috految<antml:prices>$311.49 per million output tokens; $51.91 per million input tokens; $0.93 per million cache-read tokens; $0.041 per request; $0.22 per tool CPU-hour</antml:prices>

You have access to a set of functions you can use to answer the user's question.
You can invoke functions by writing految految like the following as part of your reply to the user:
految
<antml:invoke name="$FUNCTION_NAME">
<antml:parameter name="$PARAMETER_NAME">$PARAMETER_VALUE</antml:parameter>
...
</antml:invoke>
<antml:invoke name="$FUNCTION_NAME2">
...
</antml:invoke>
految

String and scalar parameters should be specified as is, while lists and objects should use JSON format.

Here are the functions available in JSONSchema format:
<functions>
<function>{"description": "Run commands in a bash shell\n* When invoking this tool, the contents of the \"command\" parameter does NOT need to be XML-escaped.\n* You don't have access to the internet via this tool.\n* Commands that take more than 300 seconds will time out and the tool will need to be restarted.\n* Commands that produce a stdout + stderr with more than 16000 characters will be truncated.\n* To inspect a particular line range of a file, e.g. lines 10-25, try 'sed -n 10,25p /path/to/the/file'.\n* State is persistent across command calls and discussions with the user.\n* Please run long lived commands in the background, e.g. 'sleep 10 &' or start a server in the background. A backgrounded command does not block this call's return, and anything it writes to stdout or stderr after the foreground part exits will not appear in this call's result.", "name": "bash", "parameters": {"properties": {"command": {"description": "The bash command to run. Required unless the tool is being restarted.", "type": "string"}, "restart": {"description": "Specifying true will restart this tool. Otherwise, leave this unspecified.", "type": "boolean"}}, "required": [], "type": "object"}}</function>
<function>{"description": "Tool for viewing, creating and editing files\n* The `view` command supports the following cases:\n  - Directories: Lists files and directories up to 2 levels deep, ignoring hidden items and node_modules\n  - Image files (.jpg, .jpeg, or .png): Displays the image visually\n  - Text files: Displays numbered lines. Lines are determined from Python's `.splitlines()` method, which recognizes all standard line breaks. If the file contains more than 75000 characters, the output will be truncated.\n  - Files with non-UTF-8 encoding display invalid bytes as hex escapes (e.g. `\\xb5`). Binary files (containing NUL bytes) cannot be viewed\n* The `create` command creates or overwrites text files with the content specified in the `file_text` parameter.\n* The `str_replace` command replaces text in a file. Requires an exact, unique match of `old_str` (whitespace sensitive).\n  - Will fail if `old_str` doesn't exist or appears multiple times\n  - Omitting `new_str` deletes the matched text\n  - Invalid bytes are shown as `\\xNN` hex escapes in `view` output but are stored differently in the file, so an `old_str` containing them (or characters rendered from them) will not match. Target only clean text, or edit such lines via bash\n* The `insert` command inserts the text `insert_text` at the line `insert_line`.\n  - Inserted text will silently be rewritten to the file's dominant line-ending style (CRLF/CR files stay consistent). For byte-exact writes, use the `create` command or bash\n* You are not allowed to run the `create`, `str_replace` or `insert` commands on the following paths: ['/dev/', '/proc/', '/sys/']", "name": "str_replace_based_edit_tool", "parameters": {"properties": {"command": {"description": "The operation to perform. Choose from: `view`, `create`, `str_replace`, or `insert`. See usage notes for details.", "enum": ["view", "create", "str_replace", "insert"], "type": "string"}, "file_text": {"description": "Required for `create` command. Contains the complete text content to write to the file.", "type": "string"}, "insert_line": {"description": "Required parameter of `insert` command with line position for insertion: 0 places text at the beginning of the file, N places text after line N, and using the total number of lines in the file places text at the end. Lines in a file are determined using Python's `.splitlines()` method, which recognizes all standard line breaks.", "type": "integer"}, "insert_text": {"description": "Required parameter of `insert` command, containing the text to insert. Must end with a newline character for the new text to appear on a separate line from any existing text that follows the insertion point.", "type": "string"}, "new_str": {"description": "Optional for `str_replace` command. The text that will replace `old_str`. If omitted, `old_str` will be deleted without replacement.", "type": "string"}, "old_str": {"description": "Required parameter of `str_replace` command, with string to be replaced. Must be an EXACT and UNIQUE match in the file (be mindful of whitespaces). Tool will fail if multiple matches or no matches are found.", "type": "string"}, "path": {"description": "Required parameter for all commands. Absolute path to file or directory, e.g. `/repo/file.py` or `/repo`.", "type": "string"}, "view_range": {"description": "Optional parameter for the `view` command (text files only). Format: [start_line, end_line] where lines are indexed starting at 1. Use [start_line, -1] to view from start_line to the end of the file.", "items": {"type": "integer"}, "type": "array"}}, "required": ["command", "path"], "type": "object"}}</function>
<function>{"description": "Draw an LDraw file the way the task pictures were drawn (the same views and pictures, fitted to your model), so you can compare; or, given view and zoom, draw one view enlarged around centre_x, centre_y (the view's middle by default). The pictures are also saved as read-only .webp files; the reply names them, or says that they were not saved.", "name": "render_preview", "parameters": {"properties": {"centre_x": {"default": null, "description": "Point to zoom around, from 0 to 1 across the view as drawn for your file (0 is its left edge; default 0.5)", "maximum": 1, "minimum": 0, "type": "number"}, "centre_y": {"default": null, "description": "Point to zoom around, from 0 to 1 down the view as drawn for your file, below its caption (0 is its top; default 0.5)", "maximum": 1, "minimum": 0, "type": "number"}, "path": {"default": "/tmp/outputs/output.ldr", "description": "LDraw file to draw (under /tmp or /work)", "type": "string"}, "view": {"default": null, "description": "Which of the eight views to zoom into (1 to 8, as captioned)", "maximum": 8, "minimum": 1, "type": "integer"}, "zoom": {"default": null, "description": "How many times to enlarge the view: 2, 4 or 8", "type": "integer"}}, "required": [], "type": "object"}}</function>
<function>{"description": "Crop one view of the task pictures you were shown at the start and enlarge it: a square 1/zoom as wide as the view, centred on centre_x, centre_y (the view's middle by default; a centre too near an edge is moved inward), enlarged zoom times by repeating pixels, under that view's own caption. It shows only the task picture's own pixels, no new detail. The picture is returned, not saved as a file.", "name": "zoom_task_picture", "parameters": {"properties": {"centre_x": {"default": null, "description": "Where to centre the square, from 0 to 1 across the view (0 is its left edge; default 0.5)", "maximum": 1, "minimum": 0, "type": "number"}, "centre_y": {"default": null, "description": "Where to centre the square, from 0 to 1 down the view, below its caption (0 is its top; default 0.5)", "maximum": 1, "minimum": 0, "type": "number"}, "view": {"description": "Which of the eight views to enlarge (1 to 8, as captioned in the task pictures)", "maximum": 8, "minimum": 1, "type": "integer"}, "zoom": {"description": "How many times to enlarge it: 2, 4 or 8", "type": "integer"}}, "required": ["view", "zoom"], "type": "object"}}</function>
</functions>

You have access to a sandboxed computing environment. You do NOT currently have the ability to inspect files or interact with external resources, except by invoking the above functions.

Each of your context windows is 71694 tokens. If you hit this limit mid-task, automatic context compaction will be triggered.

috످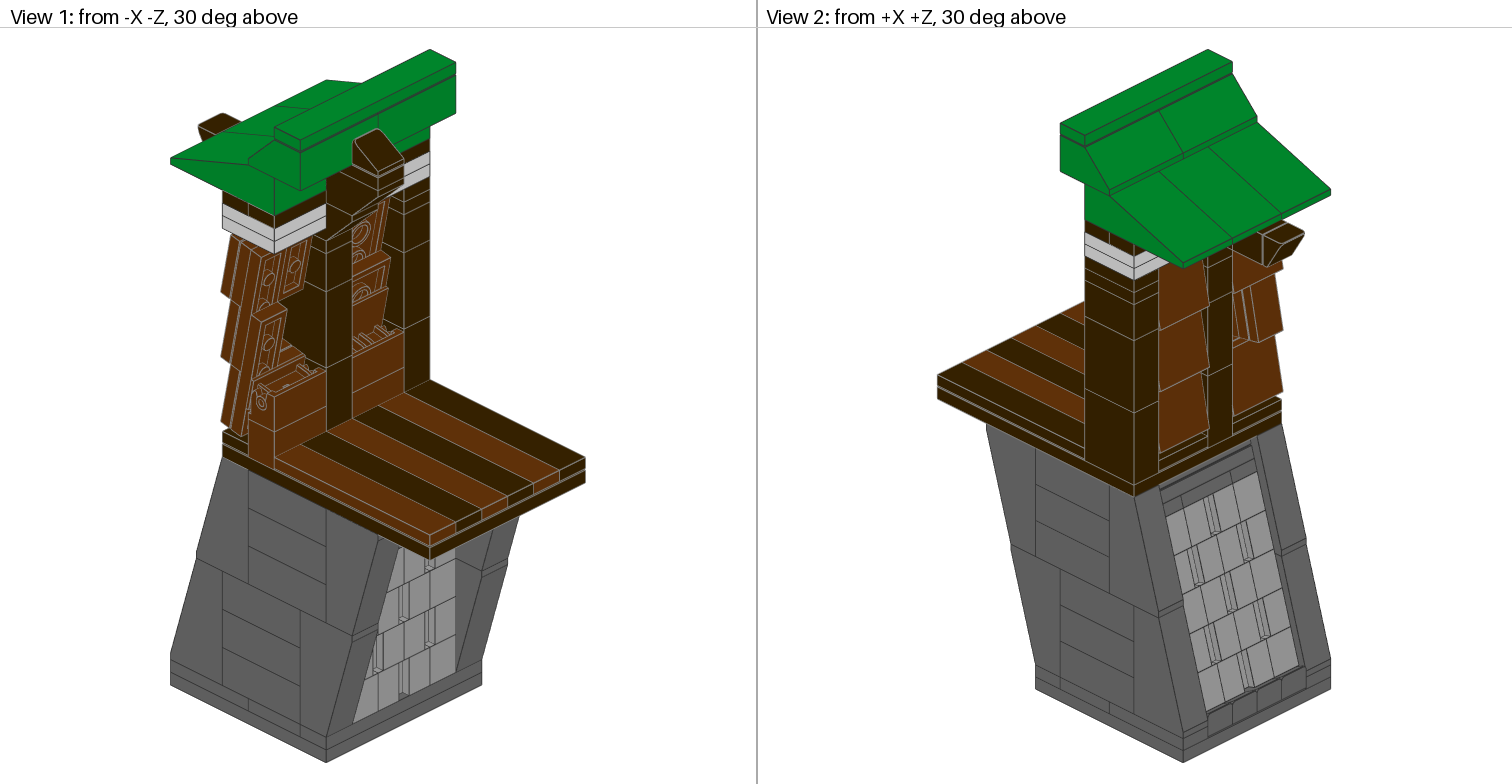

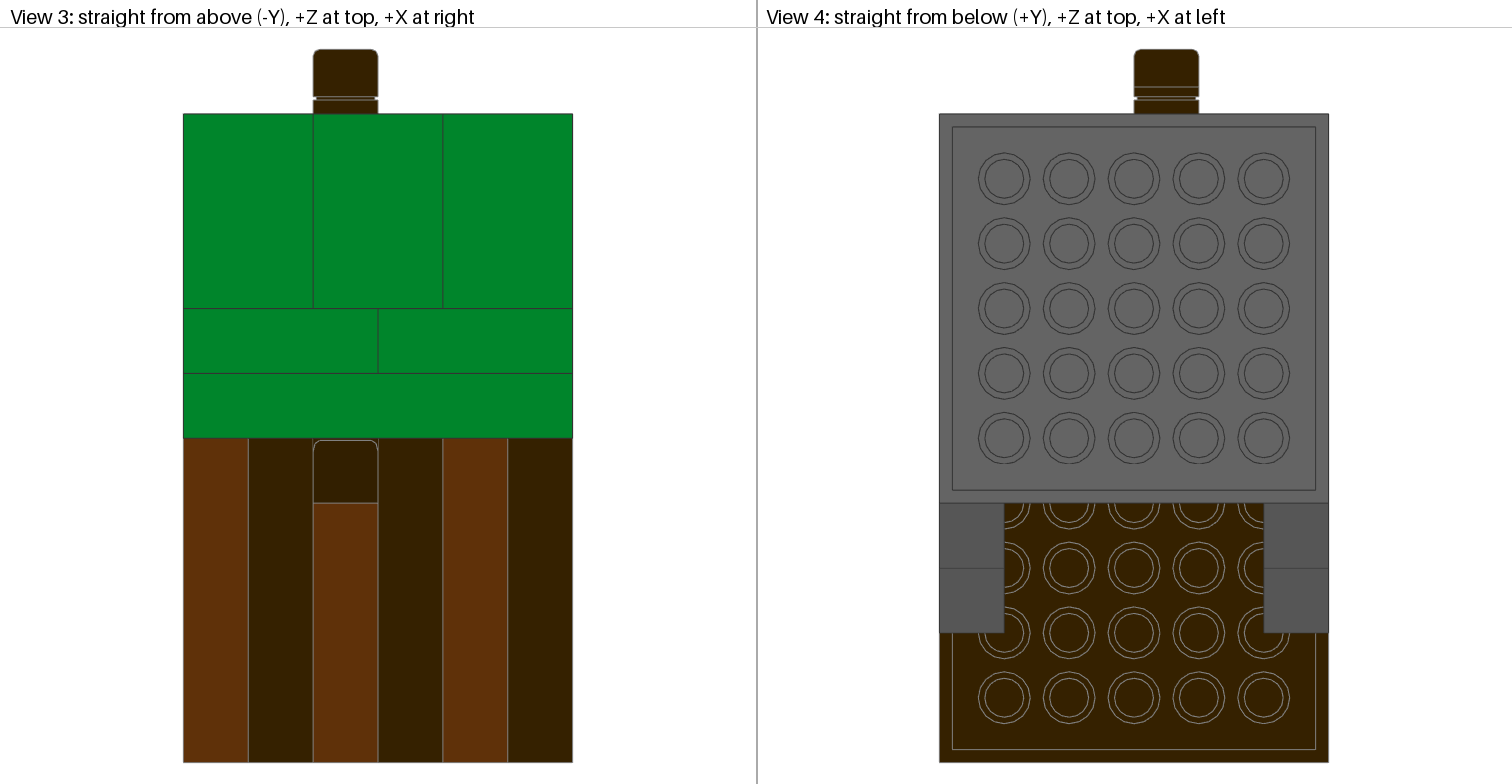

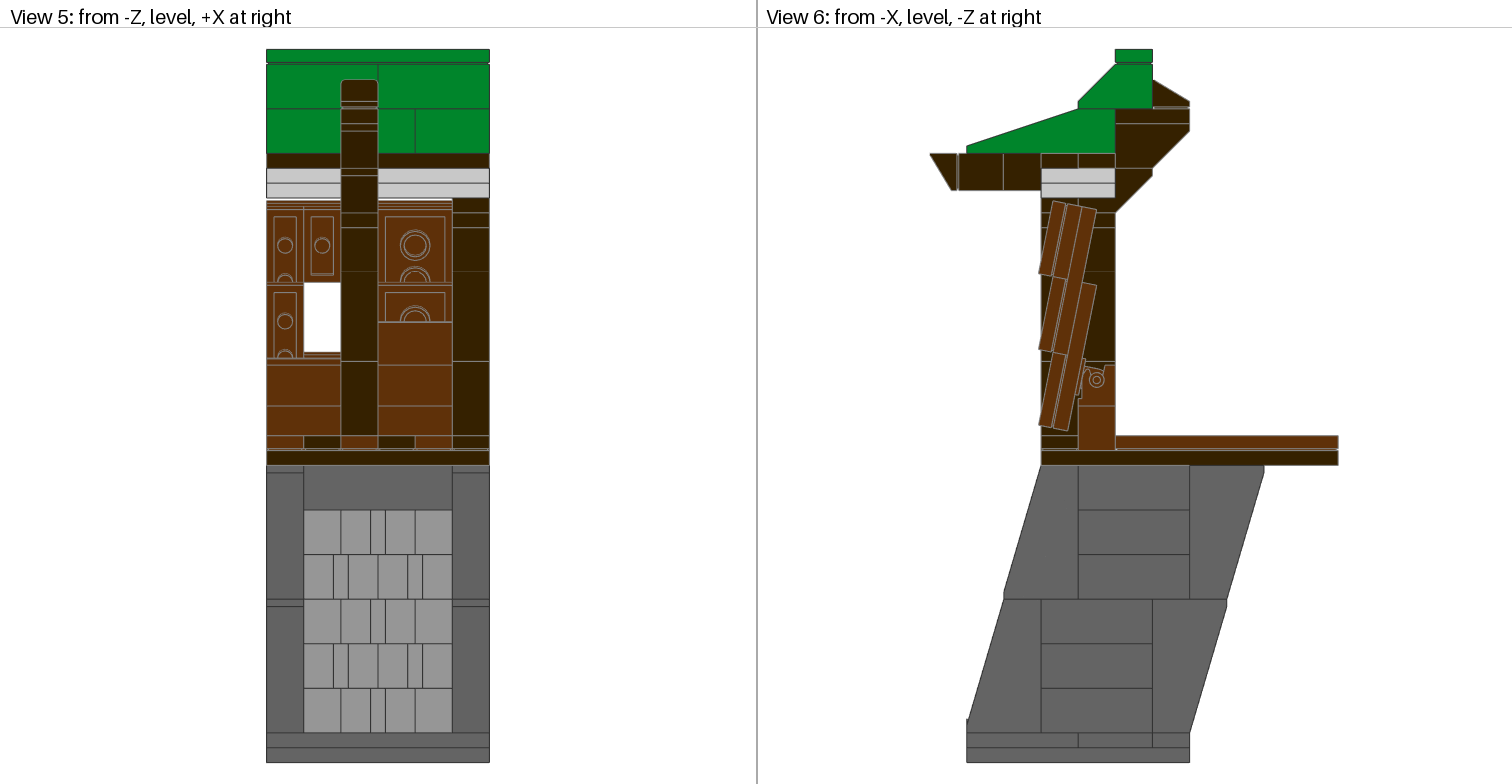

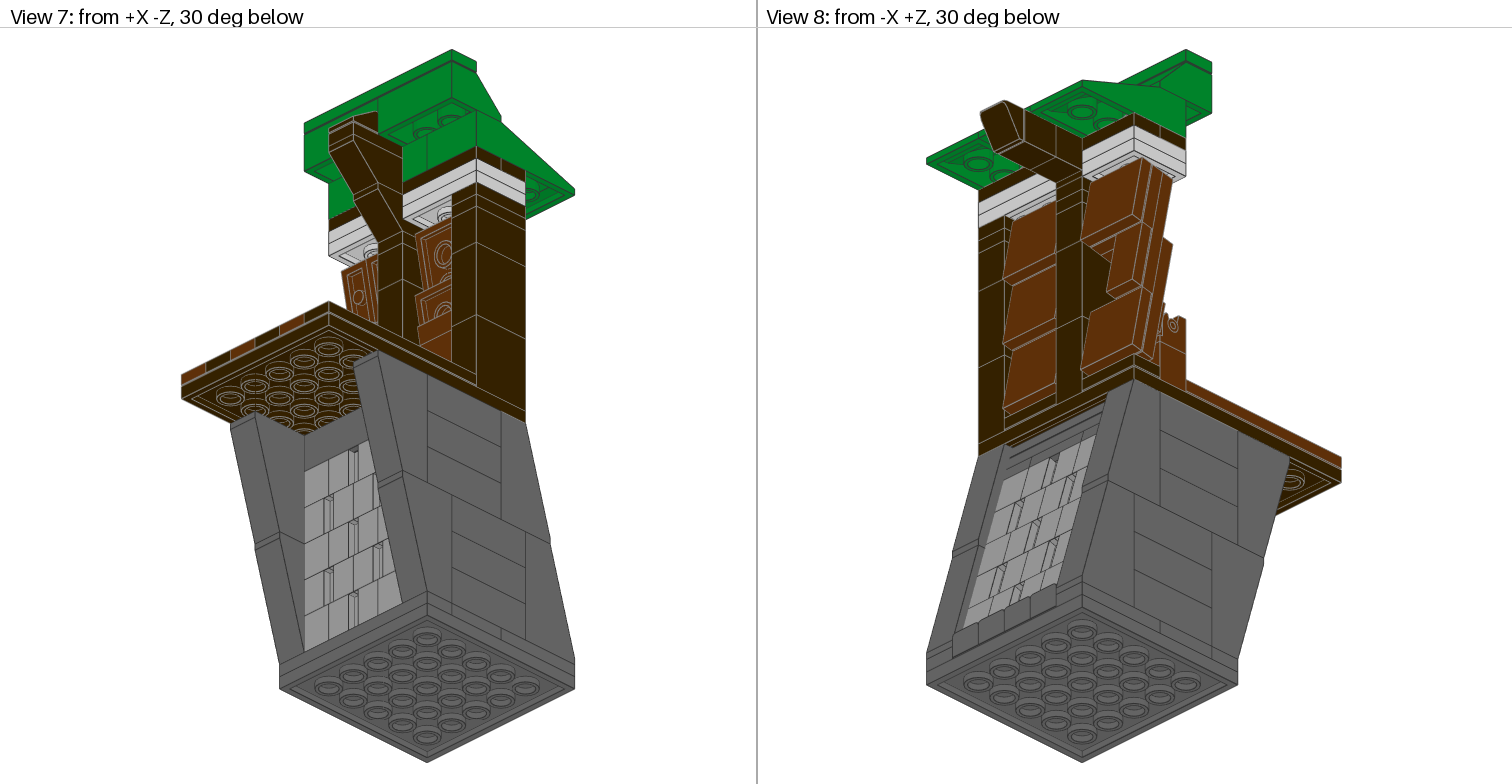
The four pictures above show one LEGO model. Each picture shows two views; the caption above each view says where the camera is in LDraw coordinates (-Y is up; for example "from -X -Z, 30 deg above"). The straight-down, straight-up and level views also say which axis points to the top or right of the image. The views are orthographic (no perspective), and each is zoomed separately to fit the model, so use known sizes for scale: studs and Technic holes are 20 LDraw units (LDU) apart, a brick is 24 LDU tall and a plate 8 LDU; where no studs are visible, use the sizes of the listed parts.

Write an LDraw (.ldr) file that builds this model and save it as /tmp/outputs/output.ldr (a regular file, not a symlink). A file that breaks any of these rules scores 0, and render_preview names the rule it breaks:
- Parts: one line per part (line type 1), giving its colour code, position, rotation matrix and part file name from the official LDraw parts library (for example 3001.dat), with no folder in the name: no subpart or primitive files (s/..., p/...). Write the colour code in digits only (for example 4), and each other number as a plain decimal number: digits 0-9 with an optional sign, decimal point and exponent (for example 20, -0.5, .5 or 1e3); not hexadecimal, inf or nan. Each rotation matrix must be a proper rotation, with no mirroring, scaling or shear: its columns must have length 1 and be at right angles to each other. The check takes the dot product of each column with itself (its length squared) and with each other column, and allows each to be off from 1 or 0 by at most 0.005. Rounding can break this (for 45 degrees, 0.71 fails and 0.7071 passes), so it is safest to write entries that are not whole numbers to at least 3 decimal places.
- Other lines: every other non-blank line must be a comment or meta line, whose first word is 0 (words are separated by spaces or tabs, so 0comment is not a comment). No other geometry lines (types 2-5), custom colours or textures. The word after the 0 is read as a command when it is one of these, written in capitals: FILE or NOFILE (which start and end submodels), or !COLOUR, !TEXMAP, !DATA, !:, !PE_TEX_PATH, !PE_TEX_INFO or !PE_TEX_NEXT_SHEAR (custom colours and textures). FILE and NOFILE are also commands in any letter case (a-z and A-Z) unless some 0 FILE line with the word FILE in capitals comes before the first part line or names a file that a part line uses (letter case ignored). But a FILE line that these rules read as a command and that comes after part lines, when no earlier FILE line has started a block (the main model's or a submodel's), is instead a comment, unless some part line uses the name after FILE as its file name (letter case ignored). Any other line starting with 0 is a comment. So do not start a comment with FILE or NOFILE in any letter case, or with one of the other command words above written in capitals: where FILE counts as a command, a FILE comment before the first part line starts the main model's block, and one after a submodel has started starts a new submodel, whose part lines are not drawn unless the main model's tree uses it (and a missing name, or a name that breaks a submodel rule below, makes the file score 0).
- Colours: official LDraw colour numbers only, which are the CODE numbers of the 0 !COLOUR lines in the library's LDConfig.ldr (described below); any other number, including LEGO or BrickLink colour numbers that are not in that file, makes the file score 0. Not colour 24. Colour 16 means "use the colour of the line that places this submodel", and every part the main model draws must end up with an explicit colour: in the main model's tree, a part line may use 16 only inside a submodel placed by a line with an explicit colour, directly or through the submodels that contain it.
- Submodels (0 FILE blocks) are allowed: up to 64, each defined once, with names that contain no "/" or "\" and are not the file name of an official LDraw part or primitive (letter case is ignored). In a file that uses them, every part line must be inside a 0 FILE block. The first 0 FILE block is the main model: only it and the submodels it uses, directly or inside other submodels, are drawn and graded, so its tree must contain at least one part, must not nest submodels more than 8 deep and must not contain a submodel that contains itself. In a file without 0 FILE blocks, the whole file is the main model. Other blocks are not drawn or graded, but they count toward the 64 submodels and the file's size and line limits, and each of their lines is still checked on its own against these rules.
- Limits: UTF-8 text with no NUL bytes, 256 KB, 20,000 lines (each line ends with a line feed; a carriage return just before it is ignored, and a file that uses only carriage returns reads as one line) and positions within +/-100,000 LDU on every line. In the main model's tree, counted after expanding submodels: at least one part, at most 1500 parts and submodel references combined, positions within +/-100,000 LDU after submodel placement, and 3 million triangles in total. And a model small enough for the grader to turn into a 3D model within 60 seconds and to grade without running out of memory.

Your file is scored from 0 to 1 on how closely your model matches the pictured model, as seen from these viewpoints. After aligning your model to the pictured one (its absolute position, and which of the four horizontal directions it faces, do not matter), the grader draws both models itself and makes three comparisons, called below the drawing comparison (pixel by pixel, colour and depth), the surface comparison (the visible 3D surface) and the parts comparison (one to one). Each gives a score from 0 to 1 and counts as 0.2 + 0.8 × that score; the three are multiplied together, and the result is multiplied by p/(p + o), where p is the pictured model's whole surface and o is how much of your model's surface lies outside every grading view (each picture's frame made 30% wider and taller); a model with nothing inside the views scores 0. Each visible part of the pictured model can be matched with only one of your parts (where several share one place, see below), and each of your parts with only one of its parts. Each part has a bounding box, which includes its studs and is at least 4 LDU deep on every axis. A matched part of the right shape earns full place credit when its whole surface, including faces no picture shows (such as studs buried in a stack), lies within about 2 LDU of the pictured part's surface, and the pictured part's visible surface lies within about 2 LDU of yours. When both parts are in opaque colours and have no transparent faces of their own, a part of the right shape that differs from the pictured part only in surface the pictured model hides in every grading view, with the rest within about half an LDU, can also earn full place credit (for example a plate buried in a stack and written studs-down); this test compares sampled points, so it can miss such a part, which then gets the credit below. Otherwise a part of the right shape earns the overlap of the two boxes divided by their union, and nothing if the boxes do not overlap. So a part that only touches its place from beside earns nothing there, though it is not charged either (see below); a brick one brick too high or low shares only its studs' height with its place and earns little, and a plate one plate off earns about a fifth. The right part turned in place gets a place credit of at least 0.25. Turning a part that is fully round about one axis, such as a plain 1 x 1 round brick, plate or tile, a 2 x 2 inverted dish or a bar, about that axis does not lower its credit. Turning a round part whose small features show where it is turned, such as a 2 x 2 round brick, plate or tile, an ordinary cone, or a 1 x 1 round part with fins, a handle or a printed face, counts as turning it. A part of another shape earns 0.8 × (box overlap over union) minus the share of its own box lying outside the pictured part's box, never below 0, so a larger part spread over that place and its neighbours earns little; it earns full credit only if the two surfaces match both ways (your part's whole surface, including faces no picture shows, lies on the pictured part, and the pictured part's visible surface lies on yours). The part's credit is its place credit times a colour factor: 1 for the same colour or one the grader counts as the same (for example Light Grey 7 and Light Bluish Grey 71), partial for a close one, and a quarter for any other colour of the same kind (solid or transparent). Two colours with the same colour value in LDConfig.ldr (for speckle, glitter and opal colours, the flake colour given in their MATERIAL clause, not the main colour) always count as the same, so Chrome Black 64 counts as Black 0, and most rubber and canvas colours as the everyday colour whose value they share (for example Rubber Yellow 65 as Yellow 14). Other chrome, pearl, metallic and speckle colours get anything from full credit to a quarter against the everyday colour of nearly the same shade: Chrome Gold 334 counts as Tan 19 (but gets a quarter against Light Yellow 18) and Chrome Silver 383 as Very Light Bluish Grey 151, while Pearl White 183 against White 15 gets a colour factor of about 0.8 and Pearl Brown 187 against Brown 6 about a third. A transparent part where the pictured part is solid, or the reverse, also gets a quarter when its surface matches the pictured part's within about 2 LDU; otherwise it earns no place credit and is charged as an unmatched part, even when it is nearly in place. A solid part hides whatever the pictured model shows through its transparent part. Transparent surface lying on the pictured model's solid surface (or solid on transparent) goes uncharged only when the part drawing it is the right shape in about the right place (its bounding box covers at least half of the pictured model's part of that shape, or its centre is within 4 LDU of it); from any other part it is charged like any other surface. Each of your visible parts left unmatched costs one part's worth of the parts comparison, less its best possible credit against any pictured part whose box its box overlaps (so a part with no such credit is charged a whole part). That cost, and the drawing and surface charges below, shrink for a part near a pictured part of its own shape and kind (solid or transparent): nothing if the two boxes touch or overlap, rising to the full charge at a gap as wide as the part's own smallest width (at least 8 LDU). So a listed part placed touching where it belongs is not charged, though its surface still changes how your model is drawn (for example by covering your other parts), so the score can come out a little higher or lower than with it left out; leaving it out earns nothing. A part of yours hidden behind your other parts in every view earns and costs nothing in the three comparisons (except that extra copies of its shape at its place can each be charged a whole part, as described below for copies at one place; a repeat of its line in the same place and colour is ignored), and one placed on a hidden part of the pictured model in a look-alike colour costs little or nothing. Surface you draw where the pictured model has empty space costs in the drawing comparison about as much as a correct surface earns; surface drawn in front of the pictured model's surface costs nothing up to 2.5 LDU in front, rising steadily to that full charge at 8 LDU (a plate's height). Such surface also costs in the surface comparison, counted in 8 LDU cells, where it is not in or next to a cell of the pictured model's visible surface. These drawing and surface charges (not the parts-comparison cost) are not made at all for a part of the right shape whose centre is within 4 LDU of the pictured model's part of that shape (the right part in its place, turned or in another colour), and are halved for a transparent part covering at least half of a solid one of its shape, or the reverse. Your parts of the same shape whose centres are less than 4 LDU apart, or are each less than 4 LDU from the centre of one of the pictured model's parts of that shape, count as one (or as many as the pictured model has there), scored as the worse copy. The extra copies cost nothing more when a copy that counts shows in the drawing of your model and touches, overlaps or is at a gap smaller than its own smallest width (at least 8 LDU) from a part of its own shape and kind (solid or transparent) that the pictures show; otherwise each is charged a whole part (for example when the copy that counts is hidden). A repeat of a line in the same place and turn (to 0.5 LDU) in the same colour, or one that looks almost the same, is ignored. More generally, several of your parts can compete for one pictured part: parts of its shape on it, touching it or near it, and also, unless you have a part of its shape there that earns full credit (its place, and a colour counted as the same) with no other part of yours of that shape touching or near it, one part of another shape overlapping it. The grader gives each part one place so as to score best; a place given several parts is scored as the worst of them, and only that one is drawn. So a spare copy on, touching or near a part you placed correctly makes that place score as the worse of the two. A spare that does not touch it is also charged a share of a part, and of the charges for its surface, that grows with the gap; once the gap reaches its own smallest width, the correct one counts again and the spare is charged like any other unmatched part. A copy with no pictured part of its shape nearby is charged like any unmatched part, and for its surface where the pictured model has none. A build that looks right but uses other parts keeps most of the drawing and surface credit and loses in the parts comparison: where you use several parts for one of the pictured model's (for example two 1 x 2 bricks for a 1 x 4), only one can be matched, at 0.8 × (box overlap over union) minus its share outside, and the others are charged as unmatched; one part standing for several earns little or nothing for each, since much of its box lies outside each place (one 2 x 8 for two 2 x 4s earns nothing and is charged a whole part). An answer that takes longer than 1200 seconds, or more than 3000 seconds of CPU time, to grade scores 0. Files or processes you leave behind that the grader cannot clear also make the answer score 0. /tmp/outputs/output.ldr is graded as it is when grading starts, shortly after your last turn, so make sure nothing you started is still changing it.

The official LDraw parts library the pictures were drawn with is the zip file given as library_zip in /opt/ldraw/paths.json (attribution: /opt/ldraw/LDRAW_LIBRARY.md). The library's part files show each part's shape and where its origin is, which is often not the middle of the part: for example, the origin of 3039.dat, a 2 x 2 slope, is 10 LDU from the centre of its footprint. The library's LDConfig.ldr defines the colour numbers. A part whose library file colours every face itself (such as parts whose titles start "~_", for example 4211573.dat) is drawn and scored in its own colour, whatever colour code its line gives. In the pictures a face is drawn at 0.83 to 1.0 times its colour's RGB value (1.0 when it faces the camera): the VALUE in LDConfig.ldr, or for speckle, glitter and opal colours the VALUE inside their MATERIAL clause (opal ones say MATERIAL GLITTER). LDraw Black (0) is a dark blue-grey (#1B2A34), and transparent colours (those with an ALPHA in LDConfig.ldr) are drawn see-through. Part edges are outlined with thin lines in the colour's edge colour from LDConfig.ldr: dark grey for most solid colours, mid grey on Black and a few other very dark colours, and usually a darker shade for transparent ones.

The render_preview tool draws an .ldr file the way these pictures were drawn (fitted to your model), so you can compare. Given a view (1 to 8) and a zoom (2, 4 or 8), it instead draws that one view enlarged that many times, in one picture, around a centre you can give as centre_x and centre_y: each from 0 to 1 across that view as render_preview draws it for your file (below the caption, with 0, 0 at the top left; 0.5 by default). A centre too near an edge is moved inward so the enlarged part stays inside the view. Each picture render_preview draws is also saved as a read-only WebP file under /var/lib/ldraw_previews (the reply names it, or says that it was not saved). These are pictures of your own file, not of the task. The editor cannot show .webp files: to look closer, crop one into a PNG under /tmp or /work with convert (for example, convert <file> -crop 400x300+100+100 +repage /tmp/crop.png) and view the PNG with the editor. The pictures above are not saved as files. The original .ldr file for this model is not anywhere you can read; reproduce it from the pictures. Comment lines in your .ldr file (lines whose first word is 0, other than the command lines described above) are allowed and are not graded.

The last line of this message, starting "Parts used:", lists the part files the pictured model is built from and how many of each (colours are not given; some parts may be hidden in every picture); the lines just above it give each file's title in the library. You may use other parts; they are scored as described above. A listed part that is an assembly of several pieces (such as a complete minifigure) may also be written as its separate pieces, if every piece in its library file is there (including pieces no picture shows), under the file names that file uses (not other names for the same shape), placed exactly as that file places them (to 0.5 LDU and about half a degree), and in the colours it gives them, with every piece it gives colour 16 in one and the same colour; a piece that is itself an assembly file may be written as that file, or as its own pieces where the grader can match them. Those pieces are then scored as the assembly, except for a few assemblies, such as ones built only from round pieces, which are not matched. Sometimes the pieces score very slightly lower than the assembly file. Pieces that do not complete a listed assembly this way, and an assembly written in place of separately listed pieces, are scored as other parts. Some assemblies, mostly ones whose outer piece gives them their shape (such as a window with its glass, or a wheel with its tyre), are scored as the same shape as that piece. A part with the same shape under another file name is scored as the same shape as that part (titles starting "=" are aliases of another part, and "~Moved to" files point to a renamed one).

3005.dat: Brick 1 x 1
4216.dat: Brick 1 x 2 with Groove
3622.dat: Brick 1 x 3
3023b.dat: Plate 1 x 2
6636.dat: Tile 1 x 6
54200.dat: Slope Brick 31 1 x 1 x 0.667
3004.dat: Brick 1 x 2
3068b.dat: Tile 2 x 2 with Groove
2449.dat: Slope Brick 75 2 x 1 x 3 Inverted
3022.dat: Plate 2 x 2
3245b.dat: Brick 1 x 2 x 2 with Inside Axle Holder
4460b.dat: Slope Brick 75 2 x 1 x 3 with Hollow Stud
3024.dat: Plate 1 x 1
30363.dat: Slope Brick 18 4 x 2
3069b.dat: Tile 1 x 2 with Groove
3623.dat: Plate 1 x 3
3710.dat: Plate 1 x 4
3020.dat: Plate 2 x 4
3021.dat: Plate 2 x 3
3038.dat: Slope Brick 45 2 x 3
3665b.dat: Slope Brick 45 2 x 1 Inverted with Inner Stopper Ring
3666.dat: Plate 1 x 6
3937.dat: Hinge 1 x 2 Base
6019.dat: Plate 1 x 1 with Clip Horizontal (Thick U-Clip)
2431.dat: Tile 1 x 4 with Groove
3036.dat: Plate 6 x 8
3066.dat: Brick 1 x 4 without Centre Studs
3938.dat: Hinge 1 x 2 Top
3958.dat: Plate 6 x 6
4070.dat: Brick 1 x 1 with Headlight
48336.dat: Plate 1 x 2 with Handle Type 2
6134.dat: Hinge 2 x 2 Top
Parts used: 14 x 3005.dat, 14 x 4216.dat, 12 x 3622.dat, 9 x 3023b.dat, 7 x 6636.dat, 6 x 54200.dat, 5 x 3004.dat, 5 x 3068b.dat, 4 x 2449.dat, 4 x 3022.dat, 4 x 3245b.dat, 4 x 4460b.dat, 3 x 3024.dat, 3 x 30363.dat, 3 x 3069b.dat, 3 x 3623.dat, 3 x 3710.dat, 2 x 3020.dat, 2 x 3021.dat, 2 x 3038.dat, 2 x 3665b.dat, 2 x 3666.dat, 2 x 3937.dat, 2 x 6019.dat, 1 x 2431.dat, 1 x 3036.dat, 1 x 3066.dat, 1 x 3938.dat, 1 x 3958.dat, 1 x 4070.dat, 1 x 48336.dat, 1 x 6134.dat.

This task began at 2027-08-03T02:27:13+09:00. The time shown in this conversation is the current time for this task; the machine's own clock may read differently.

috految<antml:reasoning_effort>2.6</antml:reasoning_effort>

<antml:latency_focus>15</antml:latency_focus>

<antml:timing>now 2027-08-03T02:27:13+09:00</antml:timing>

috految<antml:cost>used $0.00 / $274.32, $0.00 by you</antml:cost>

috److془Scale 1.857. h=(762.5-py)/1.857; z=(1078.3-px)/1.857.

Base 8, 16; slopes 88,160; deck 168 z center -60. Tiles 176 z -80.
Columns: 216,264,288,296,304. white 312,320; 328; green 352,376,384.
Middle: 3665 top 320 at z -10; 344 at z -30; plate 352 z -40; cheese z -50. 1x1 plate 304 z10; headlight 328; bricks z 40,64, h318; cheese at 64.
Plates 1x2: base 2, 3 columns, 352, 328, shutter 2 =9. 
Shutter: pivot z-10,h206. Tilt: 11.2°. Local up (z .981,h .194), along v (z -.194,h .981). Bottom corner (1067.5,431): z5.8,h178.5: u 10,v -30. Plate u18 v -30..50; u26 v10..90; u34 v50..90. Tiles u26 v-10; 34 v30; 42 v70. Check: top z=-10+41.2-17.5=13.7 ✓.
Left: 1x4 x2, 1x2 at v-10 u18, v70 u26.
Hinge 6134 extends v -10..30. 3937 wall at +z local, I believe.

Sloped wall: view 2: px=1183.3+1.297(z-x); py=762.5-1.589h+.6485(z+x-120). Corner x=-40: top (1257,472): z=16.8,h=124.4?; check: x=z=60 at 1183 ; x=-60 at 1331 → 1.229 scale. Then 1.505,.6145. z=20, h=135.9. bottom (1298.5,665): z=53.7,h=21.4. Length 119.4; angle 16.4. Top plates: clip row at 144, 1x4 plate, tile. Row lines: 1x1,1x2,1x1 ; handle with 3024s. Bottom: 3710 count 3: one at top. Hmm, pivot: 30 behind face: z -10.4,h 133.2 → clip plate top 136, z -30 ✓. Alternatively, the 3004 at.. 3004: 2 columns,2 hinge,1 hidden ✓. Handle to clips, height 3004 +plate ✓. Lines at top: bright top x=-20 → 1232 ✓. Bottom cheese: z50, tall at +z. Top z 60 h23.6 ✓. Rows: bottom center groove, (1248) ✓. Front wall z-50. Groove direction in 4216: check. Centre groove; both rows: 7 each ✓. Groove -z presumably.
Inverted: lower base z -50, upper -70. Bricks z-10, -30. 4460 z30,10.془

految
<antml:invoke name="bash">
<antml:parameter name="command">cd /tmp; cat >a.py <<E
from math import *
import json,zipfile
Z=zipfile.ZipFile(json.load(open('/opt/ldraw/paths.json'))['library_zip'])
f=open('outputs/output.ldr','w')
def P(p,x,h,z,r=0,t=0):
 a=cos(r*pi/2);b=sin(r*pi/2);c=cos(radians(t));s=sin(radians(t))
 print(1,C,x,-h,z,a,0,b,s*b,c,-s*a,-c*b,s,c*a,f'{p}.dat',file=f)
def W(p,x,u,r=0):P(p,x,133.5+u*.9593,10.4-u*.2823,r,16.4)
def S(p,x,u,v,r=0):P(p,x,206+.194*u+.981*v,-10+.981*u-.194*v,r,-78.8)
D='3023b';C=72
P(3958,0,8,0);P(3666,0,16,-50);P(3066,0,160,-50)
for x in -50,50:
 P(3623,x,16,30,1);P(D,x,16,-20,1)
 for h,z in (88,0),(160,-20):
  P('4460b',x,h,z+30,2);P(2449,x,h,z-50)
  for d in 0,24,48:P(3622,x,h-d,z-10,1)
for x in -30,-10,10,30:P(54200,x,8,50)
W(48336,0,8);W(3024,30,8);W(3024,-30,8);W(3710,0,16);W(2431,0,24)
C=71
for i in range(5):
 for x in (-20,20) if i%2 else (-30,0,30):
  p=3005 if abs(x)==30 else 4216
  P(p,x,40+24*i,-50);W(p,x,-24*i,2)
for i in range(6):C=[70,308][i%2];P(6636,i*20-50,176,-80,1)
P(3036,0,168,-60,1)
for x in -10,50:
 for p,h in ('3245b',216),('3245b',264),(3004,288),(D,296):P(p,x,h,0,1)
P(D,50,304,0,1);P(3024,-10,304,10);P(4070,-10,328,10,2)
P('3665b',-10,320,-10);P('3665b',-10,344,-30);P(D,-10,352,-40,1);P(54200,-10,352,-50)
P(3666,0,328,-10);P(D,-40,328,10);P(3623,30,328,10)
for p,z in (3005,40),(3005,64),(54200,64):P(p,-10,318,z,2,-90)
for x in -40,20:
 C=308;P('3069b',x,176,10);C=70;P(3004,x,192,-10);P(3937,x,216,-10,2)
 S('3068b',x,26,-10);S('3068b',x,42,70);S(3022,x,34,70)
S(3938,-40,10,0);S(6134,20,10,0,2);S('3068b',20,34,30);S('3069b',-50,34,30,1)
for u,v in (18,10),(26,50):S(3020,20,u,v,1);S(3710,-50,u,v,1)
S(D,-30,18,-10,1);S(D,-30,26,70,1)
C=151
for h in 312,320:P(3022,-40,h,0);P(3021,30,h,0)
C=2
for x in -40,0,40:P(30363,x,352,-10,2)
for x in -30,30:P(3038,x,376,-30,2)
P(6636,0,384,-30);f.close()
for n in 4216,6134,2449,30363,'4460b':
 L=Z.read(f'ldraw/parts/{n}.dat').decode().splitlines();print(n,[l for l in L if 'stu' in l or l[:1]=='4'][-4:])
E
python3 a.py</antml:parameter>
</antml:invoke>
految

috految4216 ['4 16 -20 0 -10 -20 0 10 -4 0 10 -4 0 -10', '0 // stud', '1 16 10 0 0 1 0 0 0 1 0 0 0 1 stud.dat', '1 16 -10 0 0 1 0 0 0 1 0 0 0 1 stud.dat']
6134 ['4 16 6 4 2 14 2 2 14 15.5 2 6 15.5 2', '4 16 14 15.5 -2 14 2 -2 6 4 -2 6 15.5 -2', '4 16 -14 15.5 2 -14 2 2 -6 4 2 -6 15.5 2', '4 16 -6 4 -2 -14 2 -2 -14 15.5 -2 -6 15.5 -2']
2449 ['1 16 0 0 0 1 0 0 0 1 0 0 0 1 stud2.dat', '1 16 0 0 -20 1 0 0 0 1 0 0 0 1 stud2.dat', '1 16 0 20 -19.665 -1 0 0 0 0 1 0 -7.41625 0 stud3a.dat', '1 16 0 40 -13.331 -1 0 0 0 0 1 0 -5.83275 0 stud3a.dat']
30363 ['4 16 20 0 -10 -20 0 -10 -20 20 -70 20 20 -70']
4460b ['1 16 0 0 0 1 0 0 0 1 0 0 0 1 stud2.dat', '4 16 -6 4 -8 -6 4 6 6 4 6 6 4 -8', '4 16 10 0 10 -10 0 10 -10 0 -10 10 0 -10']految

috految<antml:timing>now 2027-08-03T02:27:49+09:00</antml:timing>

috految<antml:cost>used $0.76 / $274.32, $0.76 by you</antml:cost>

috److I wrote the model to `/tmp/outputs/output.ldr`, placing parts from measurements of the pictures. I did not run `render_preview`, so I have not compared the result with the pictures or checked it against the file rules.

- **What is built:**
  - the grey base with its sloped, grooved-brick walls
  - the brown planked deck
  - the dark brown columns and beam
  - the two tilted hinged shutters
  - the green roof
- **Left out:** two clip plates (`6019.dat`) and one 1 x 2 brick (`3004.dat`). I concluded they sit hidden inside the base.
- **Unconfirmed orientations:** I assumed which way the grooved bricks (`4216.dat`) and hinge parts (`3937.dat`, `6134.dat`) face. A spot check of the library files did not settle this.

috످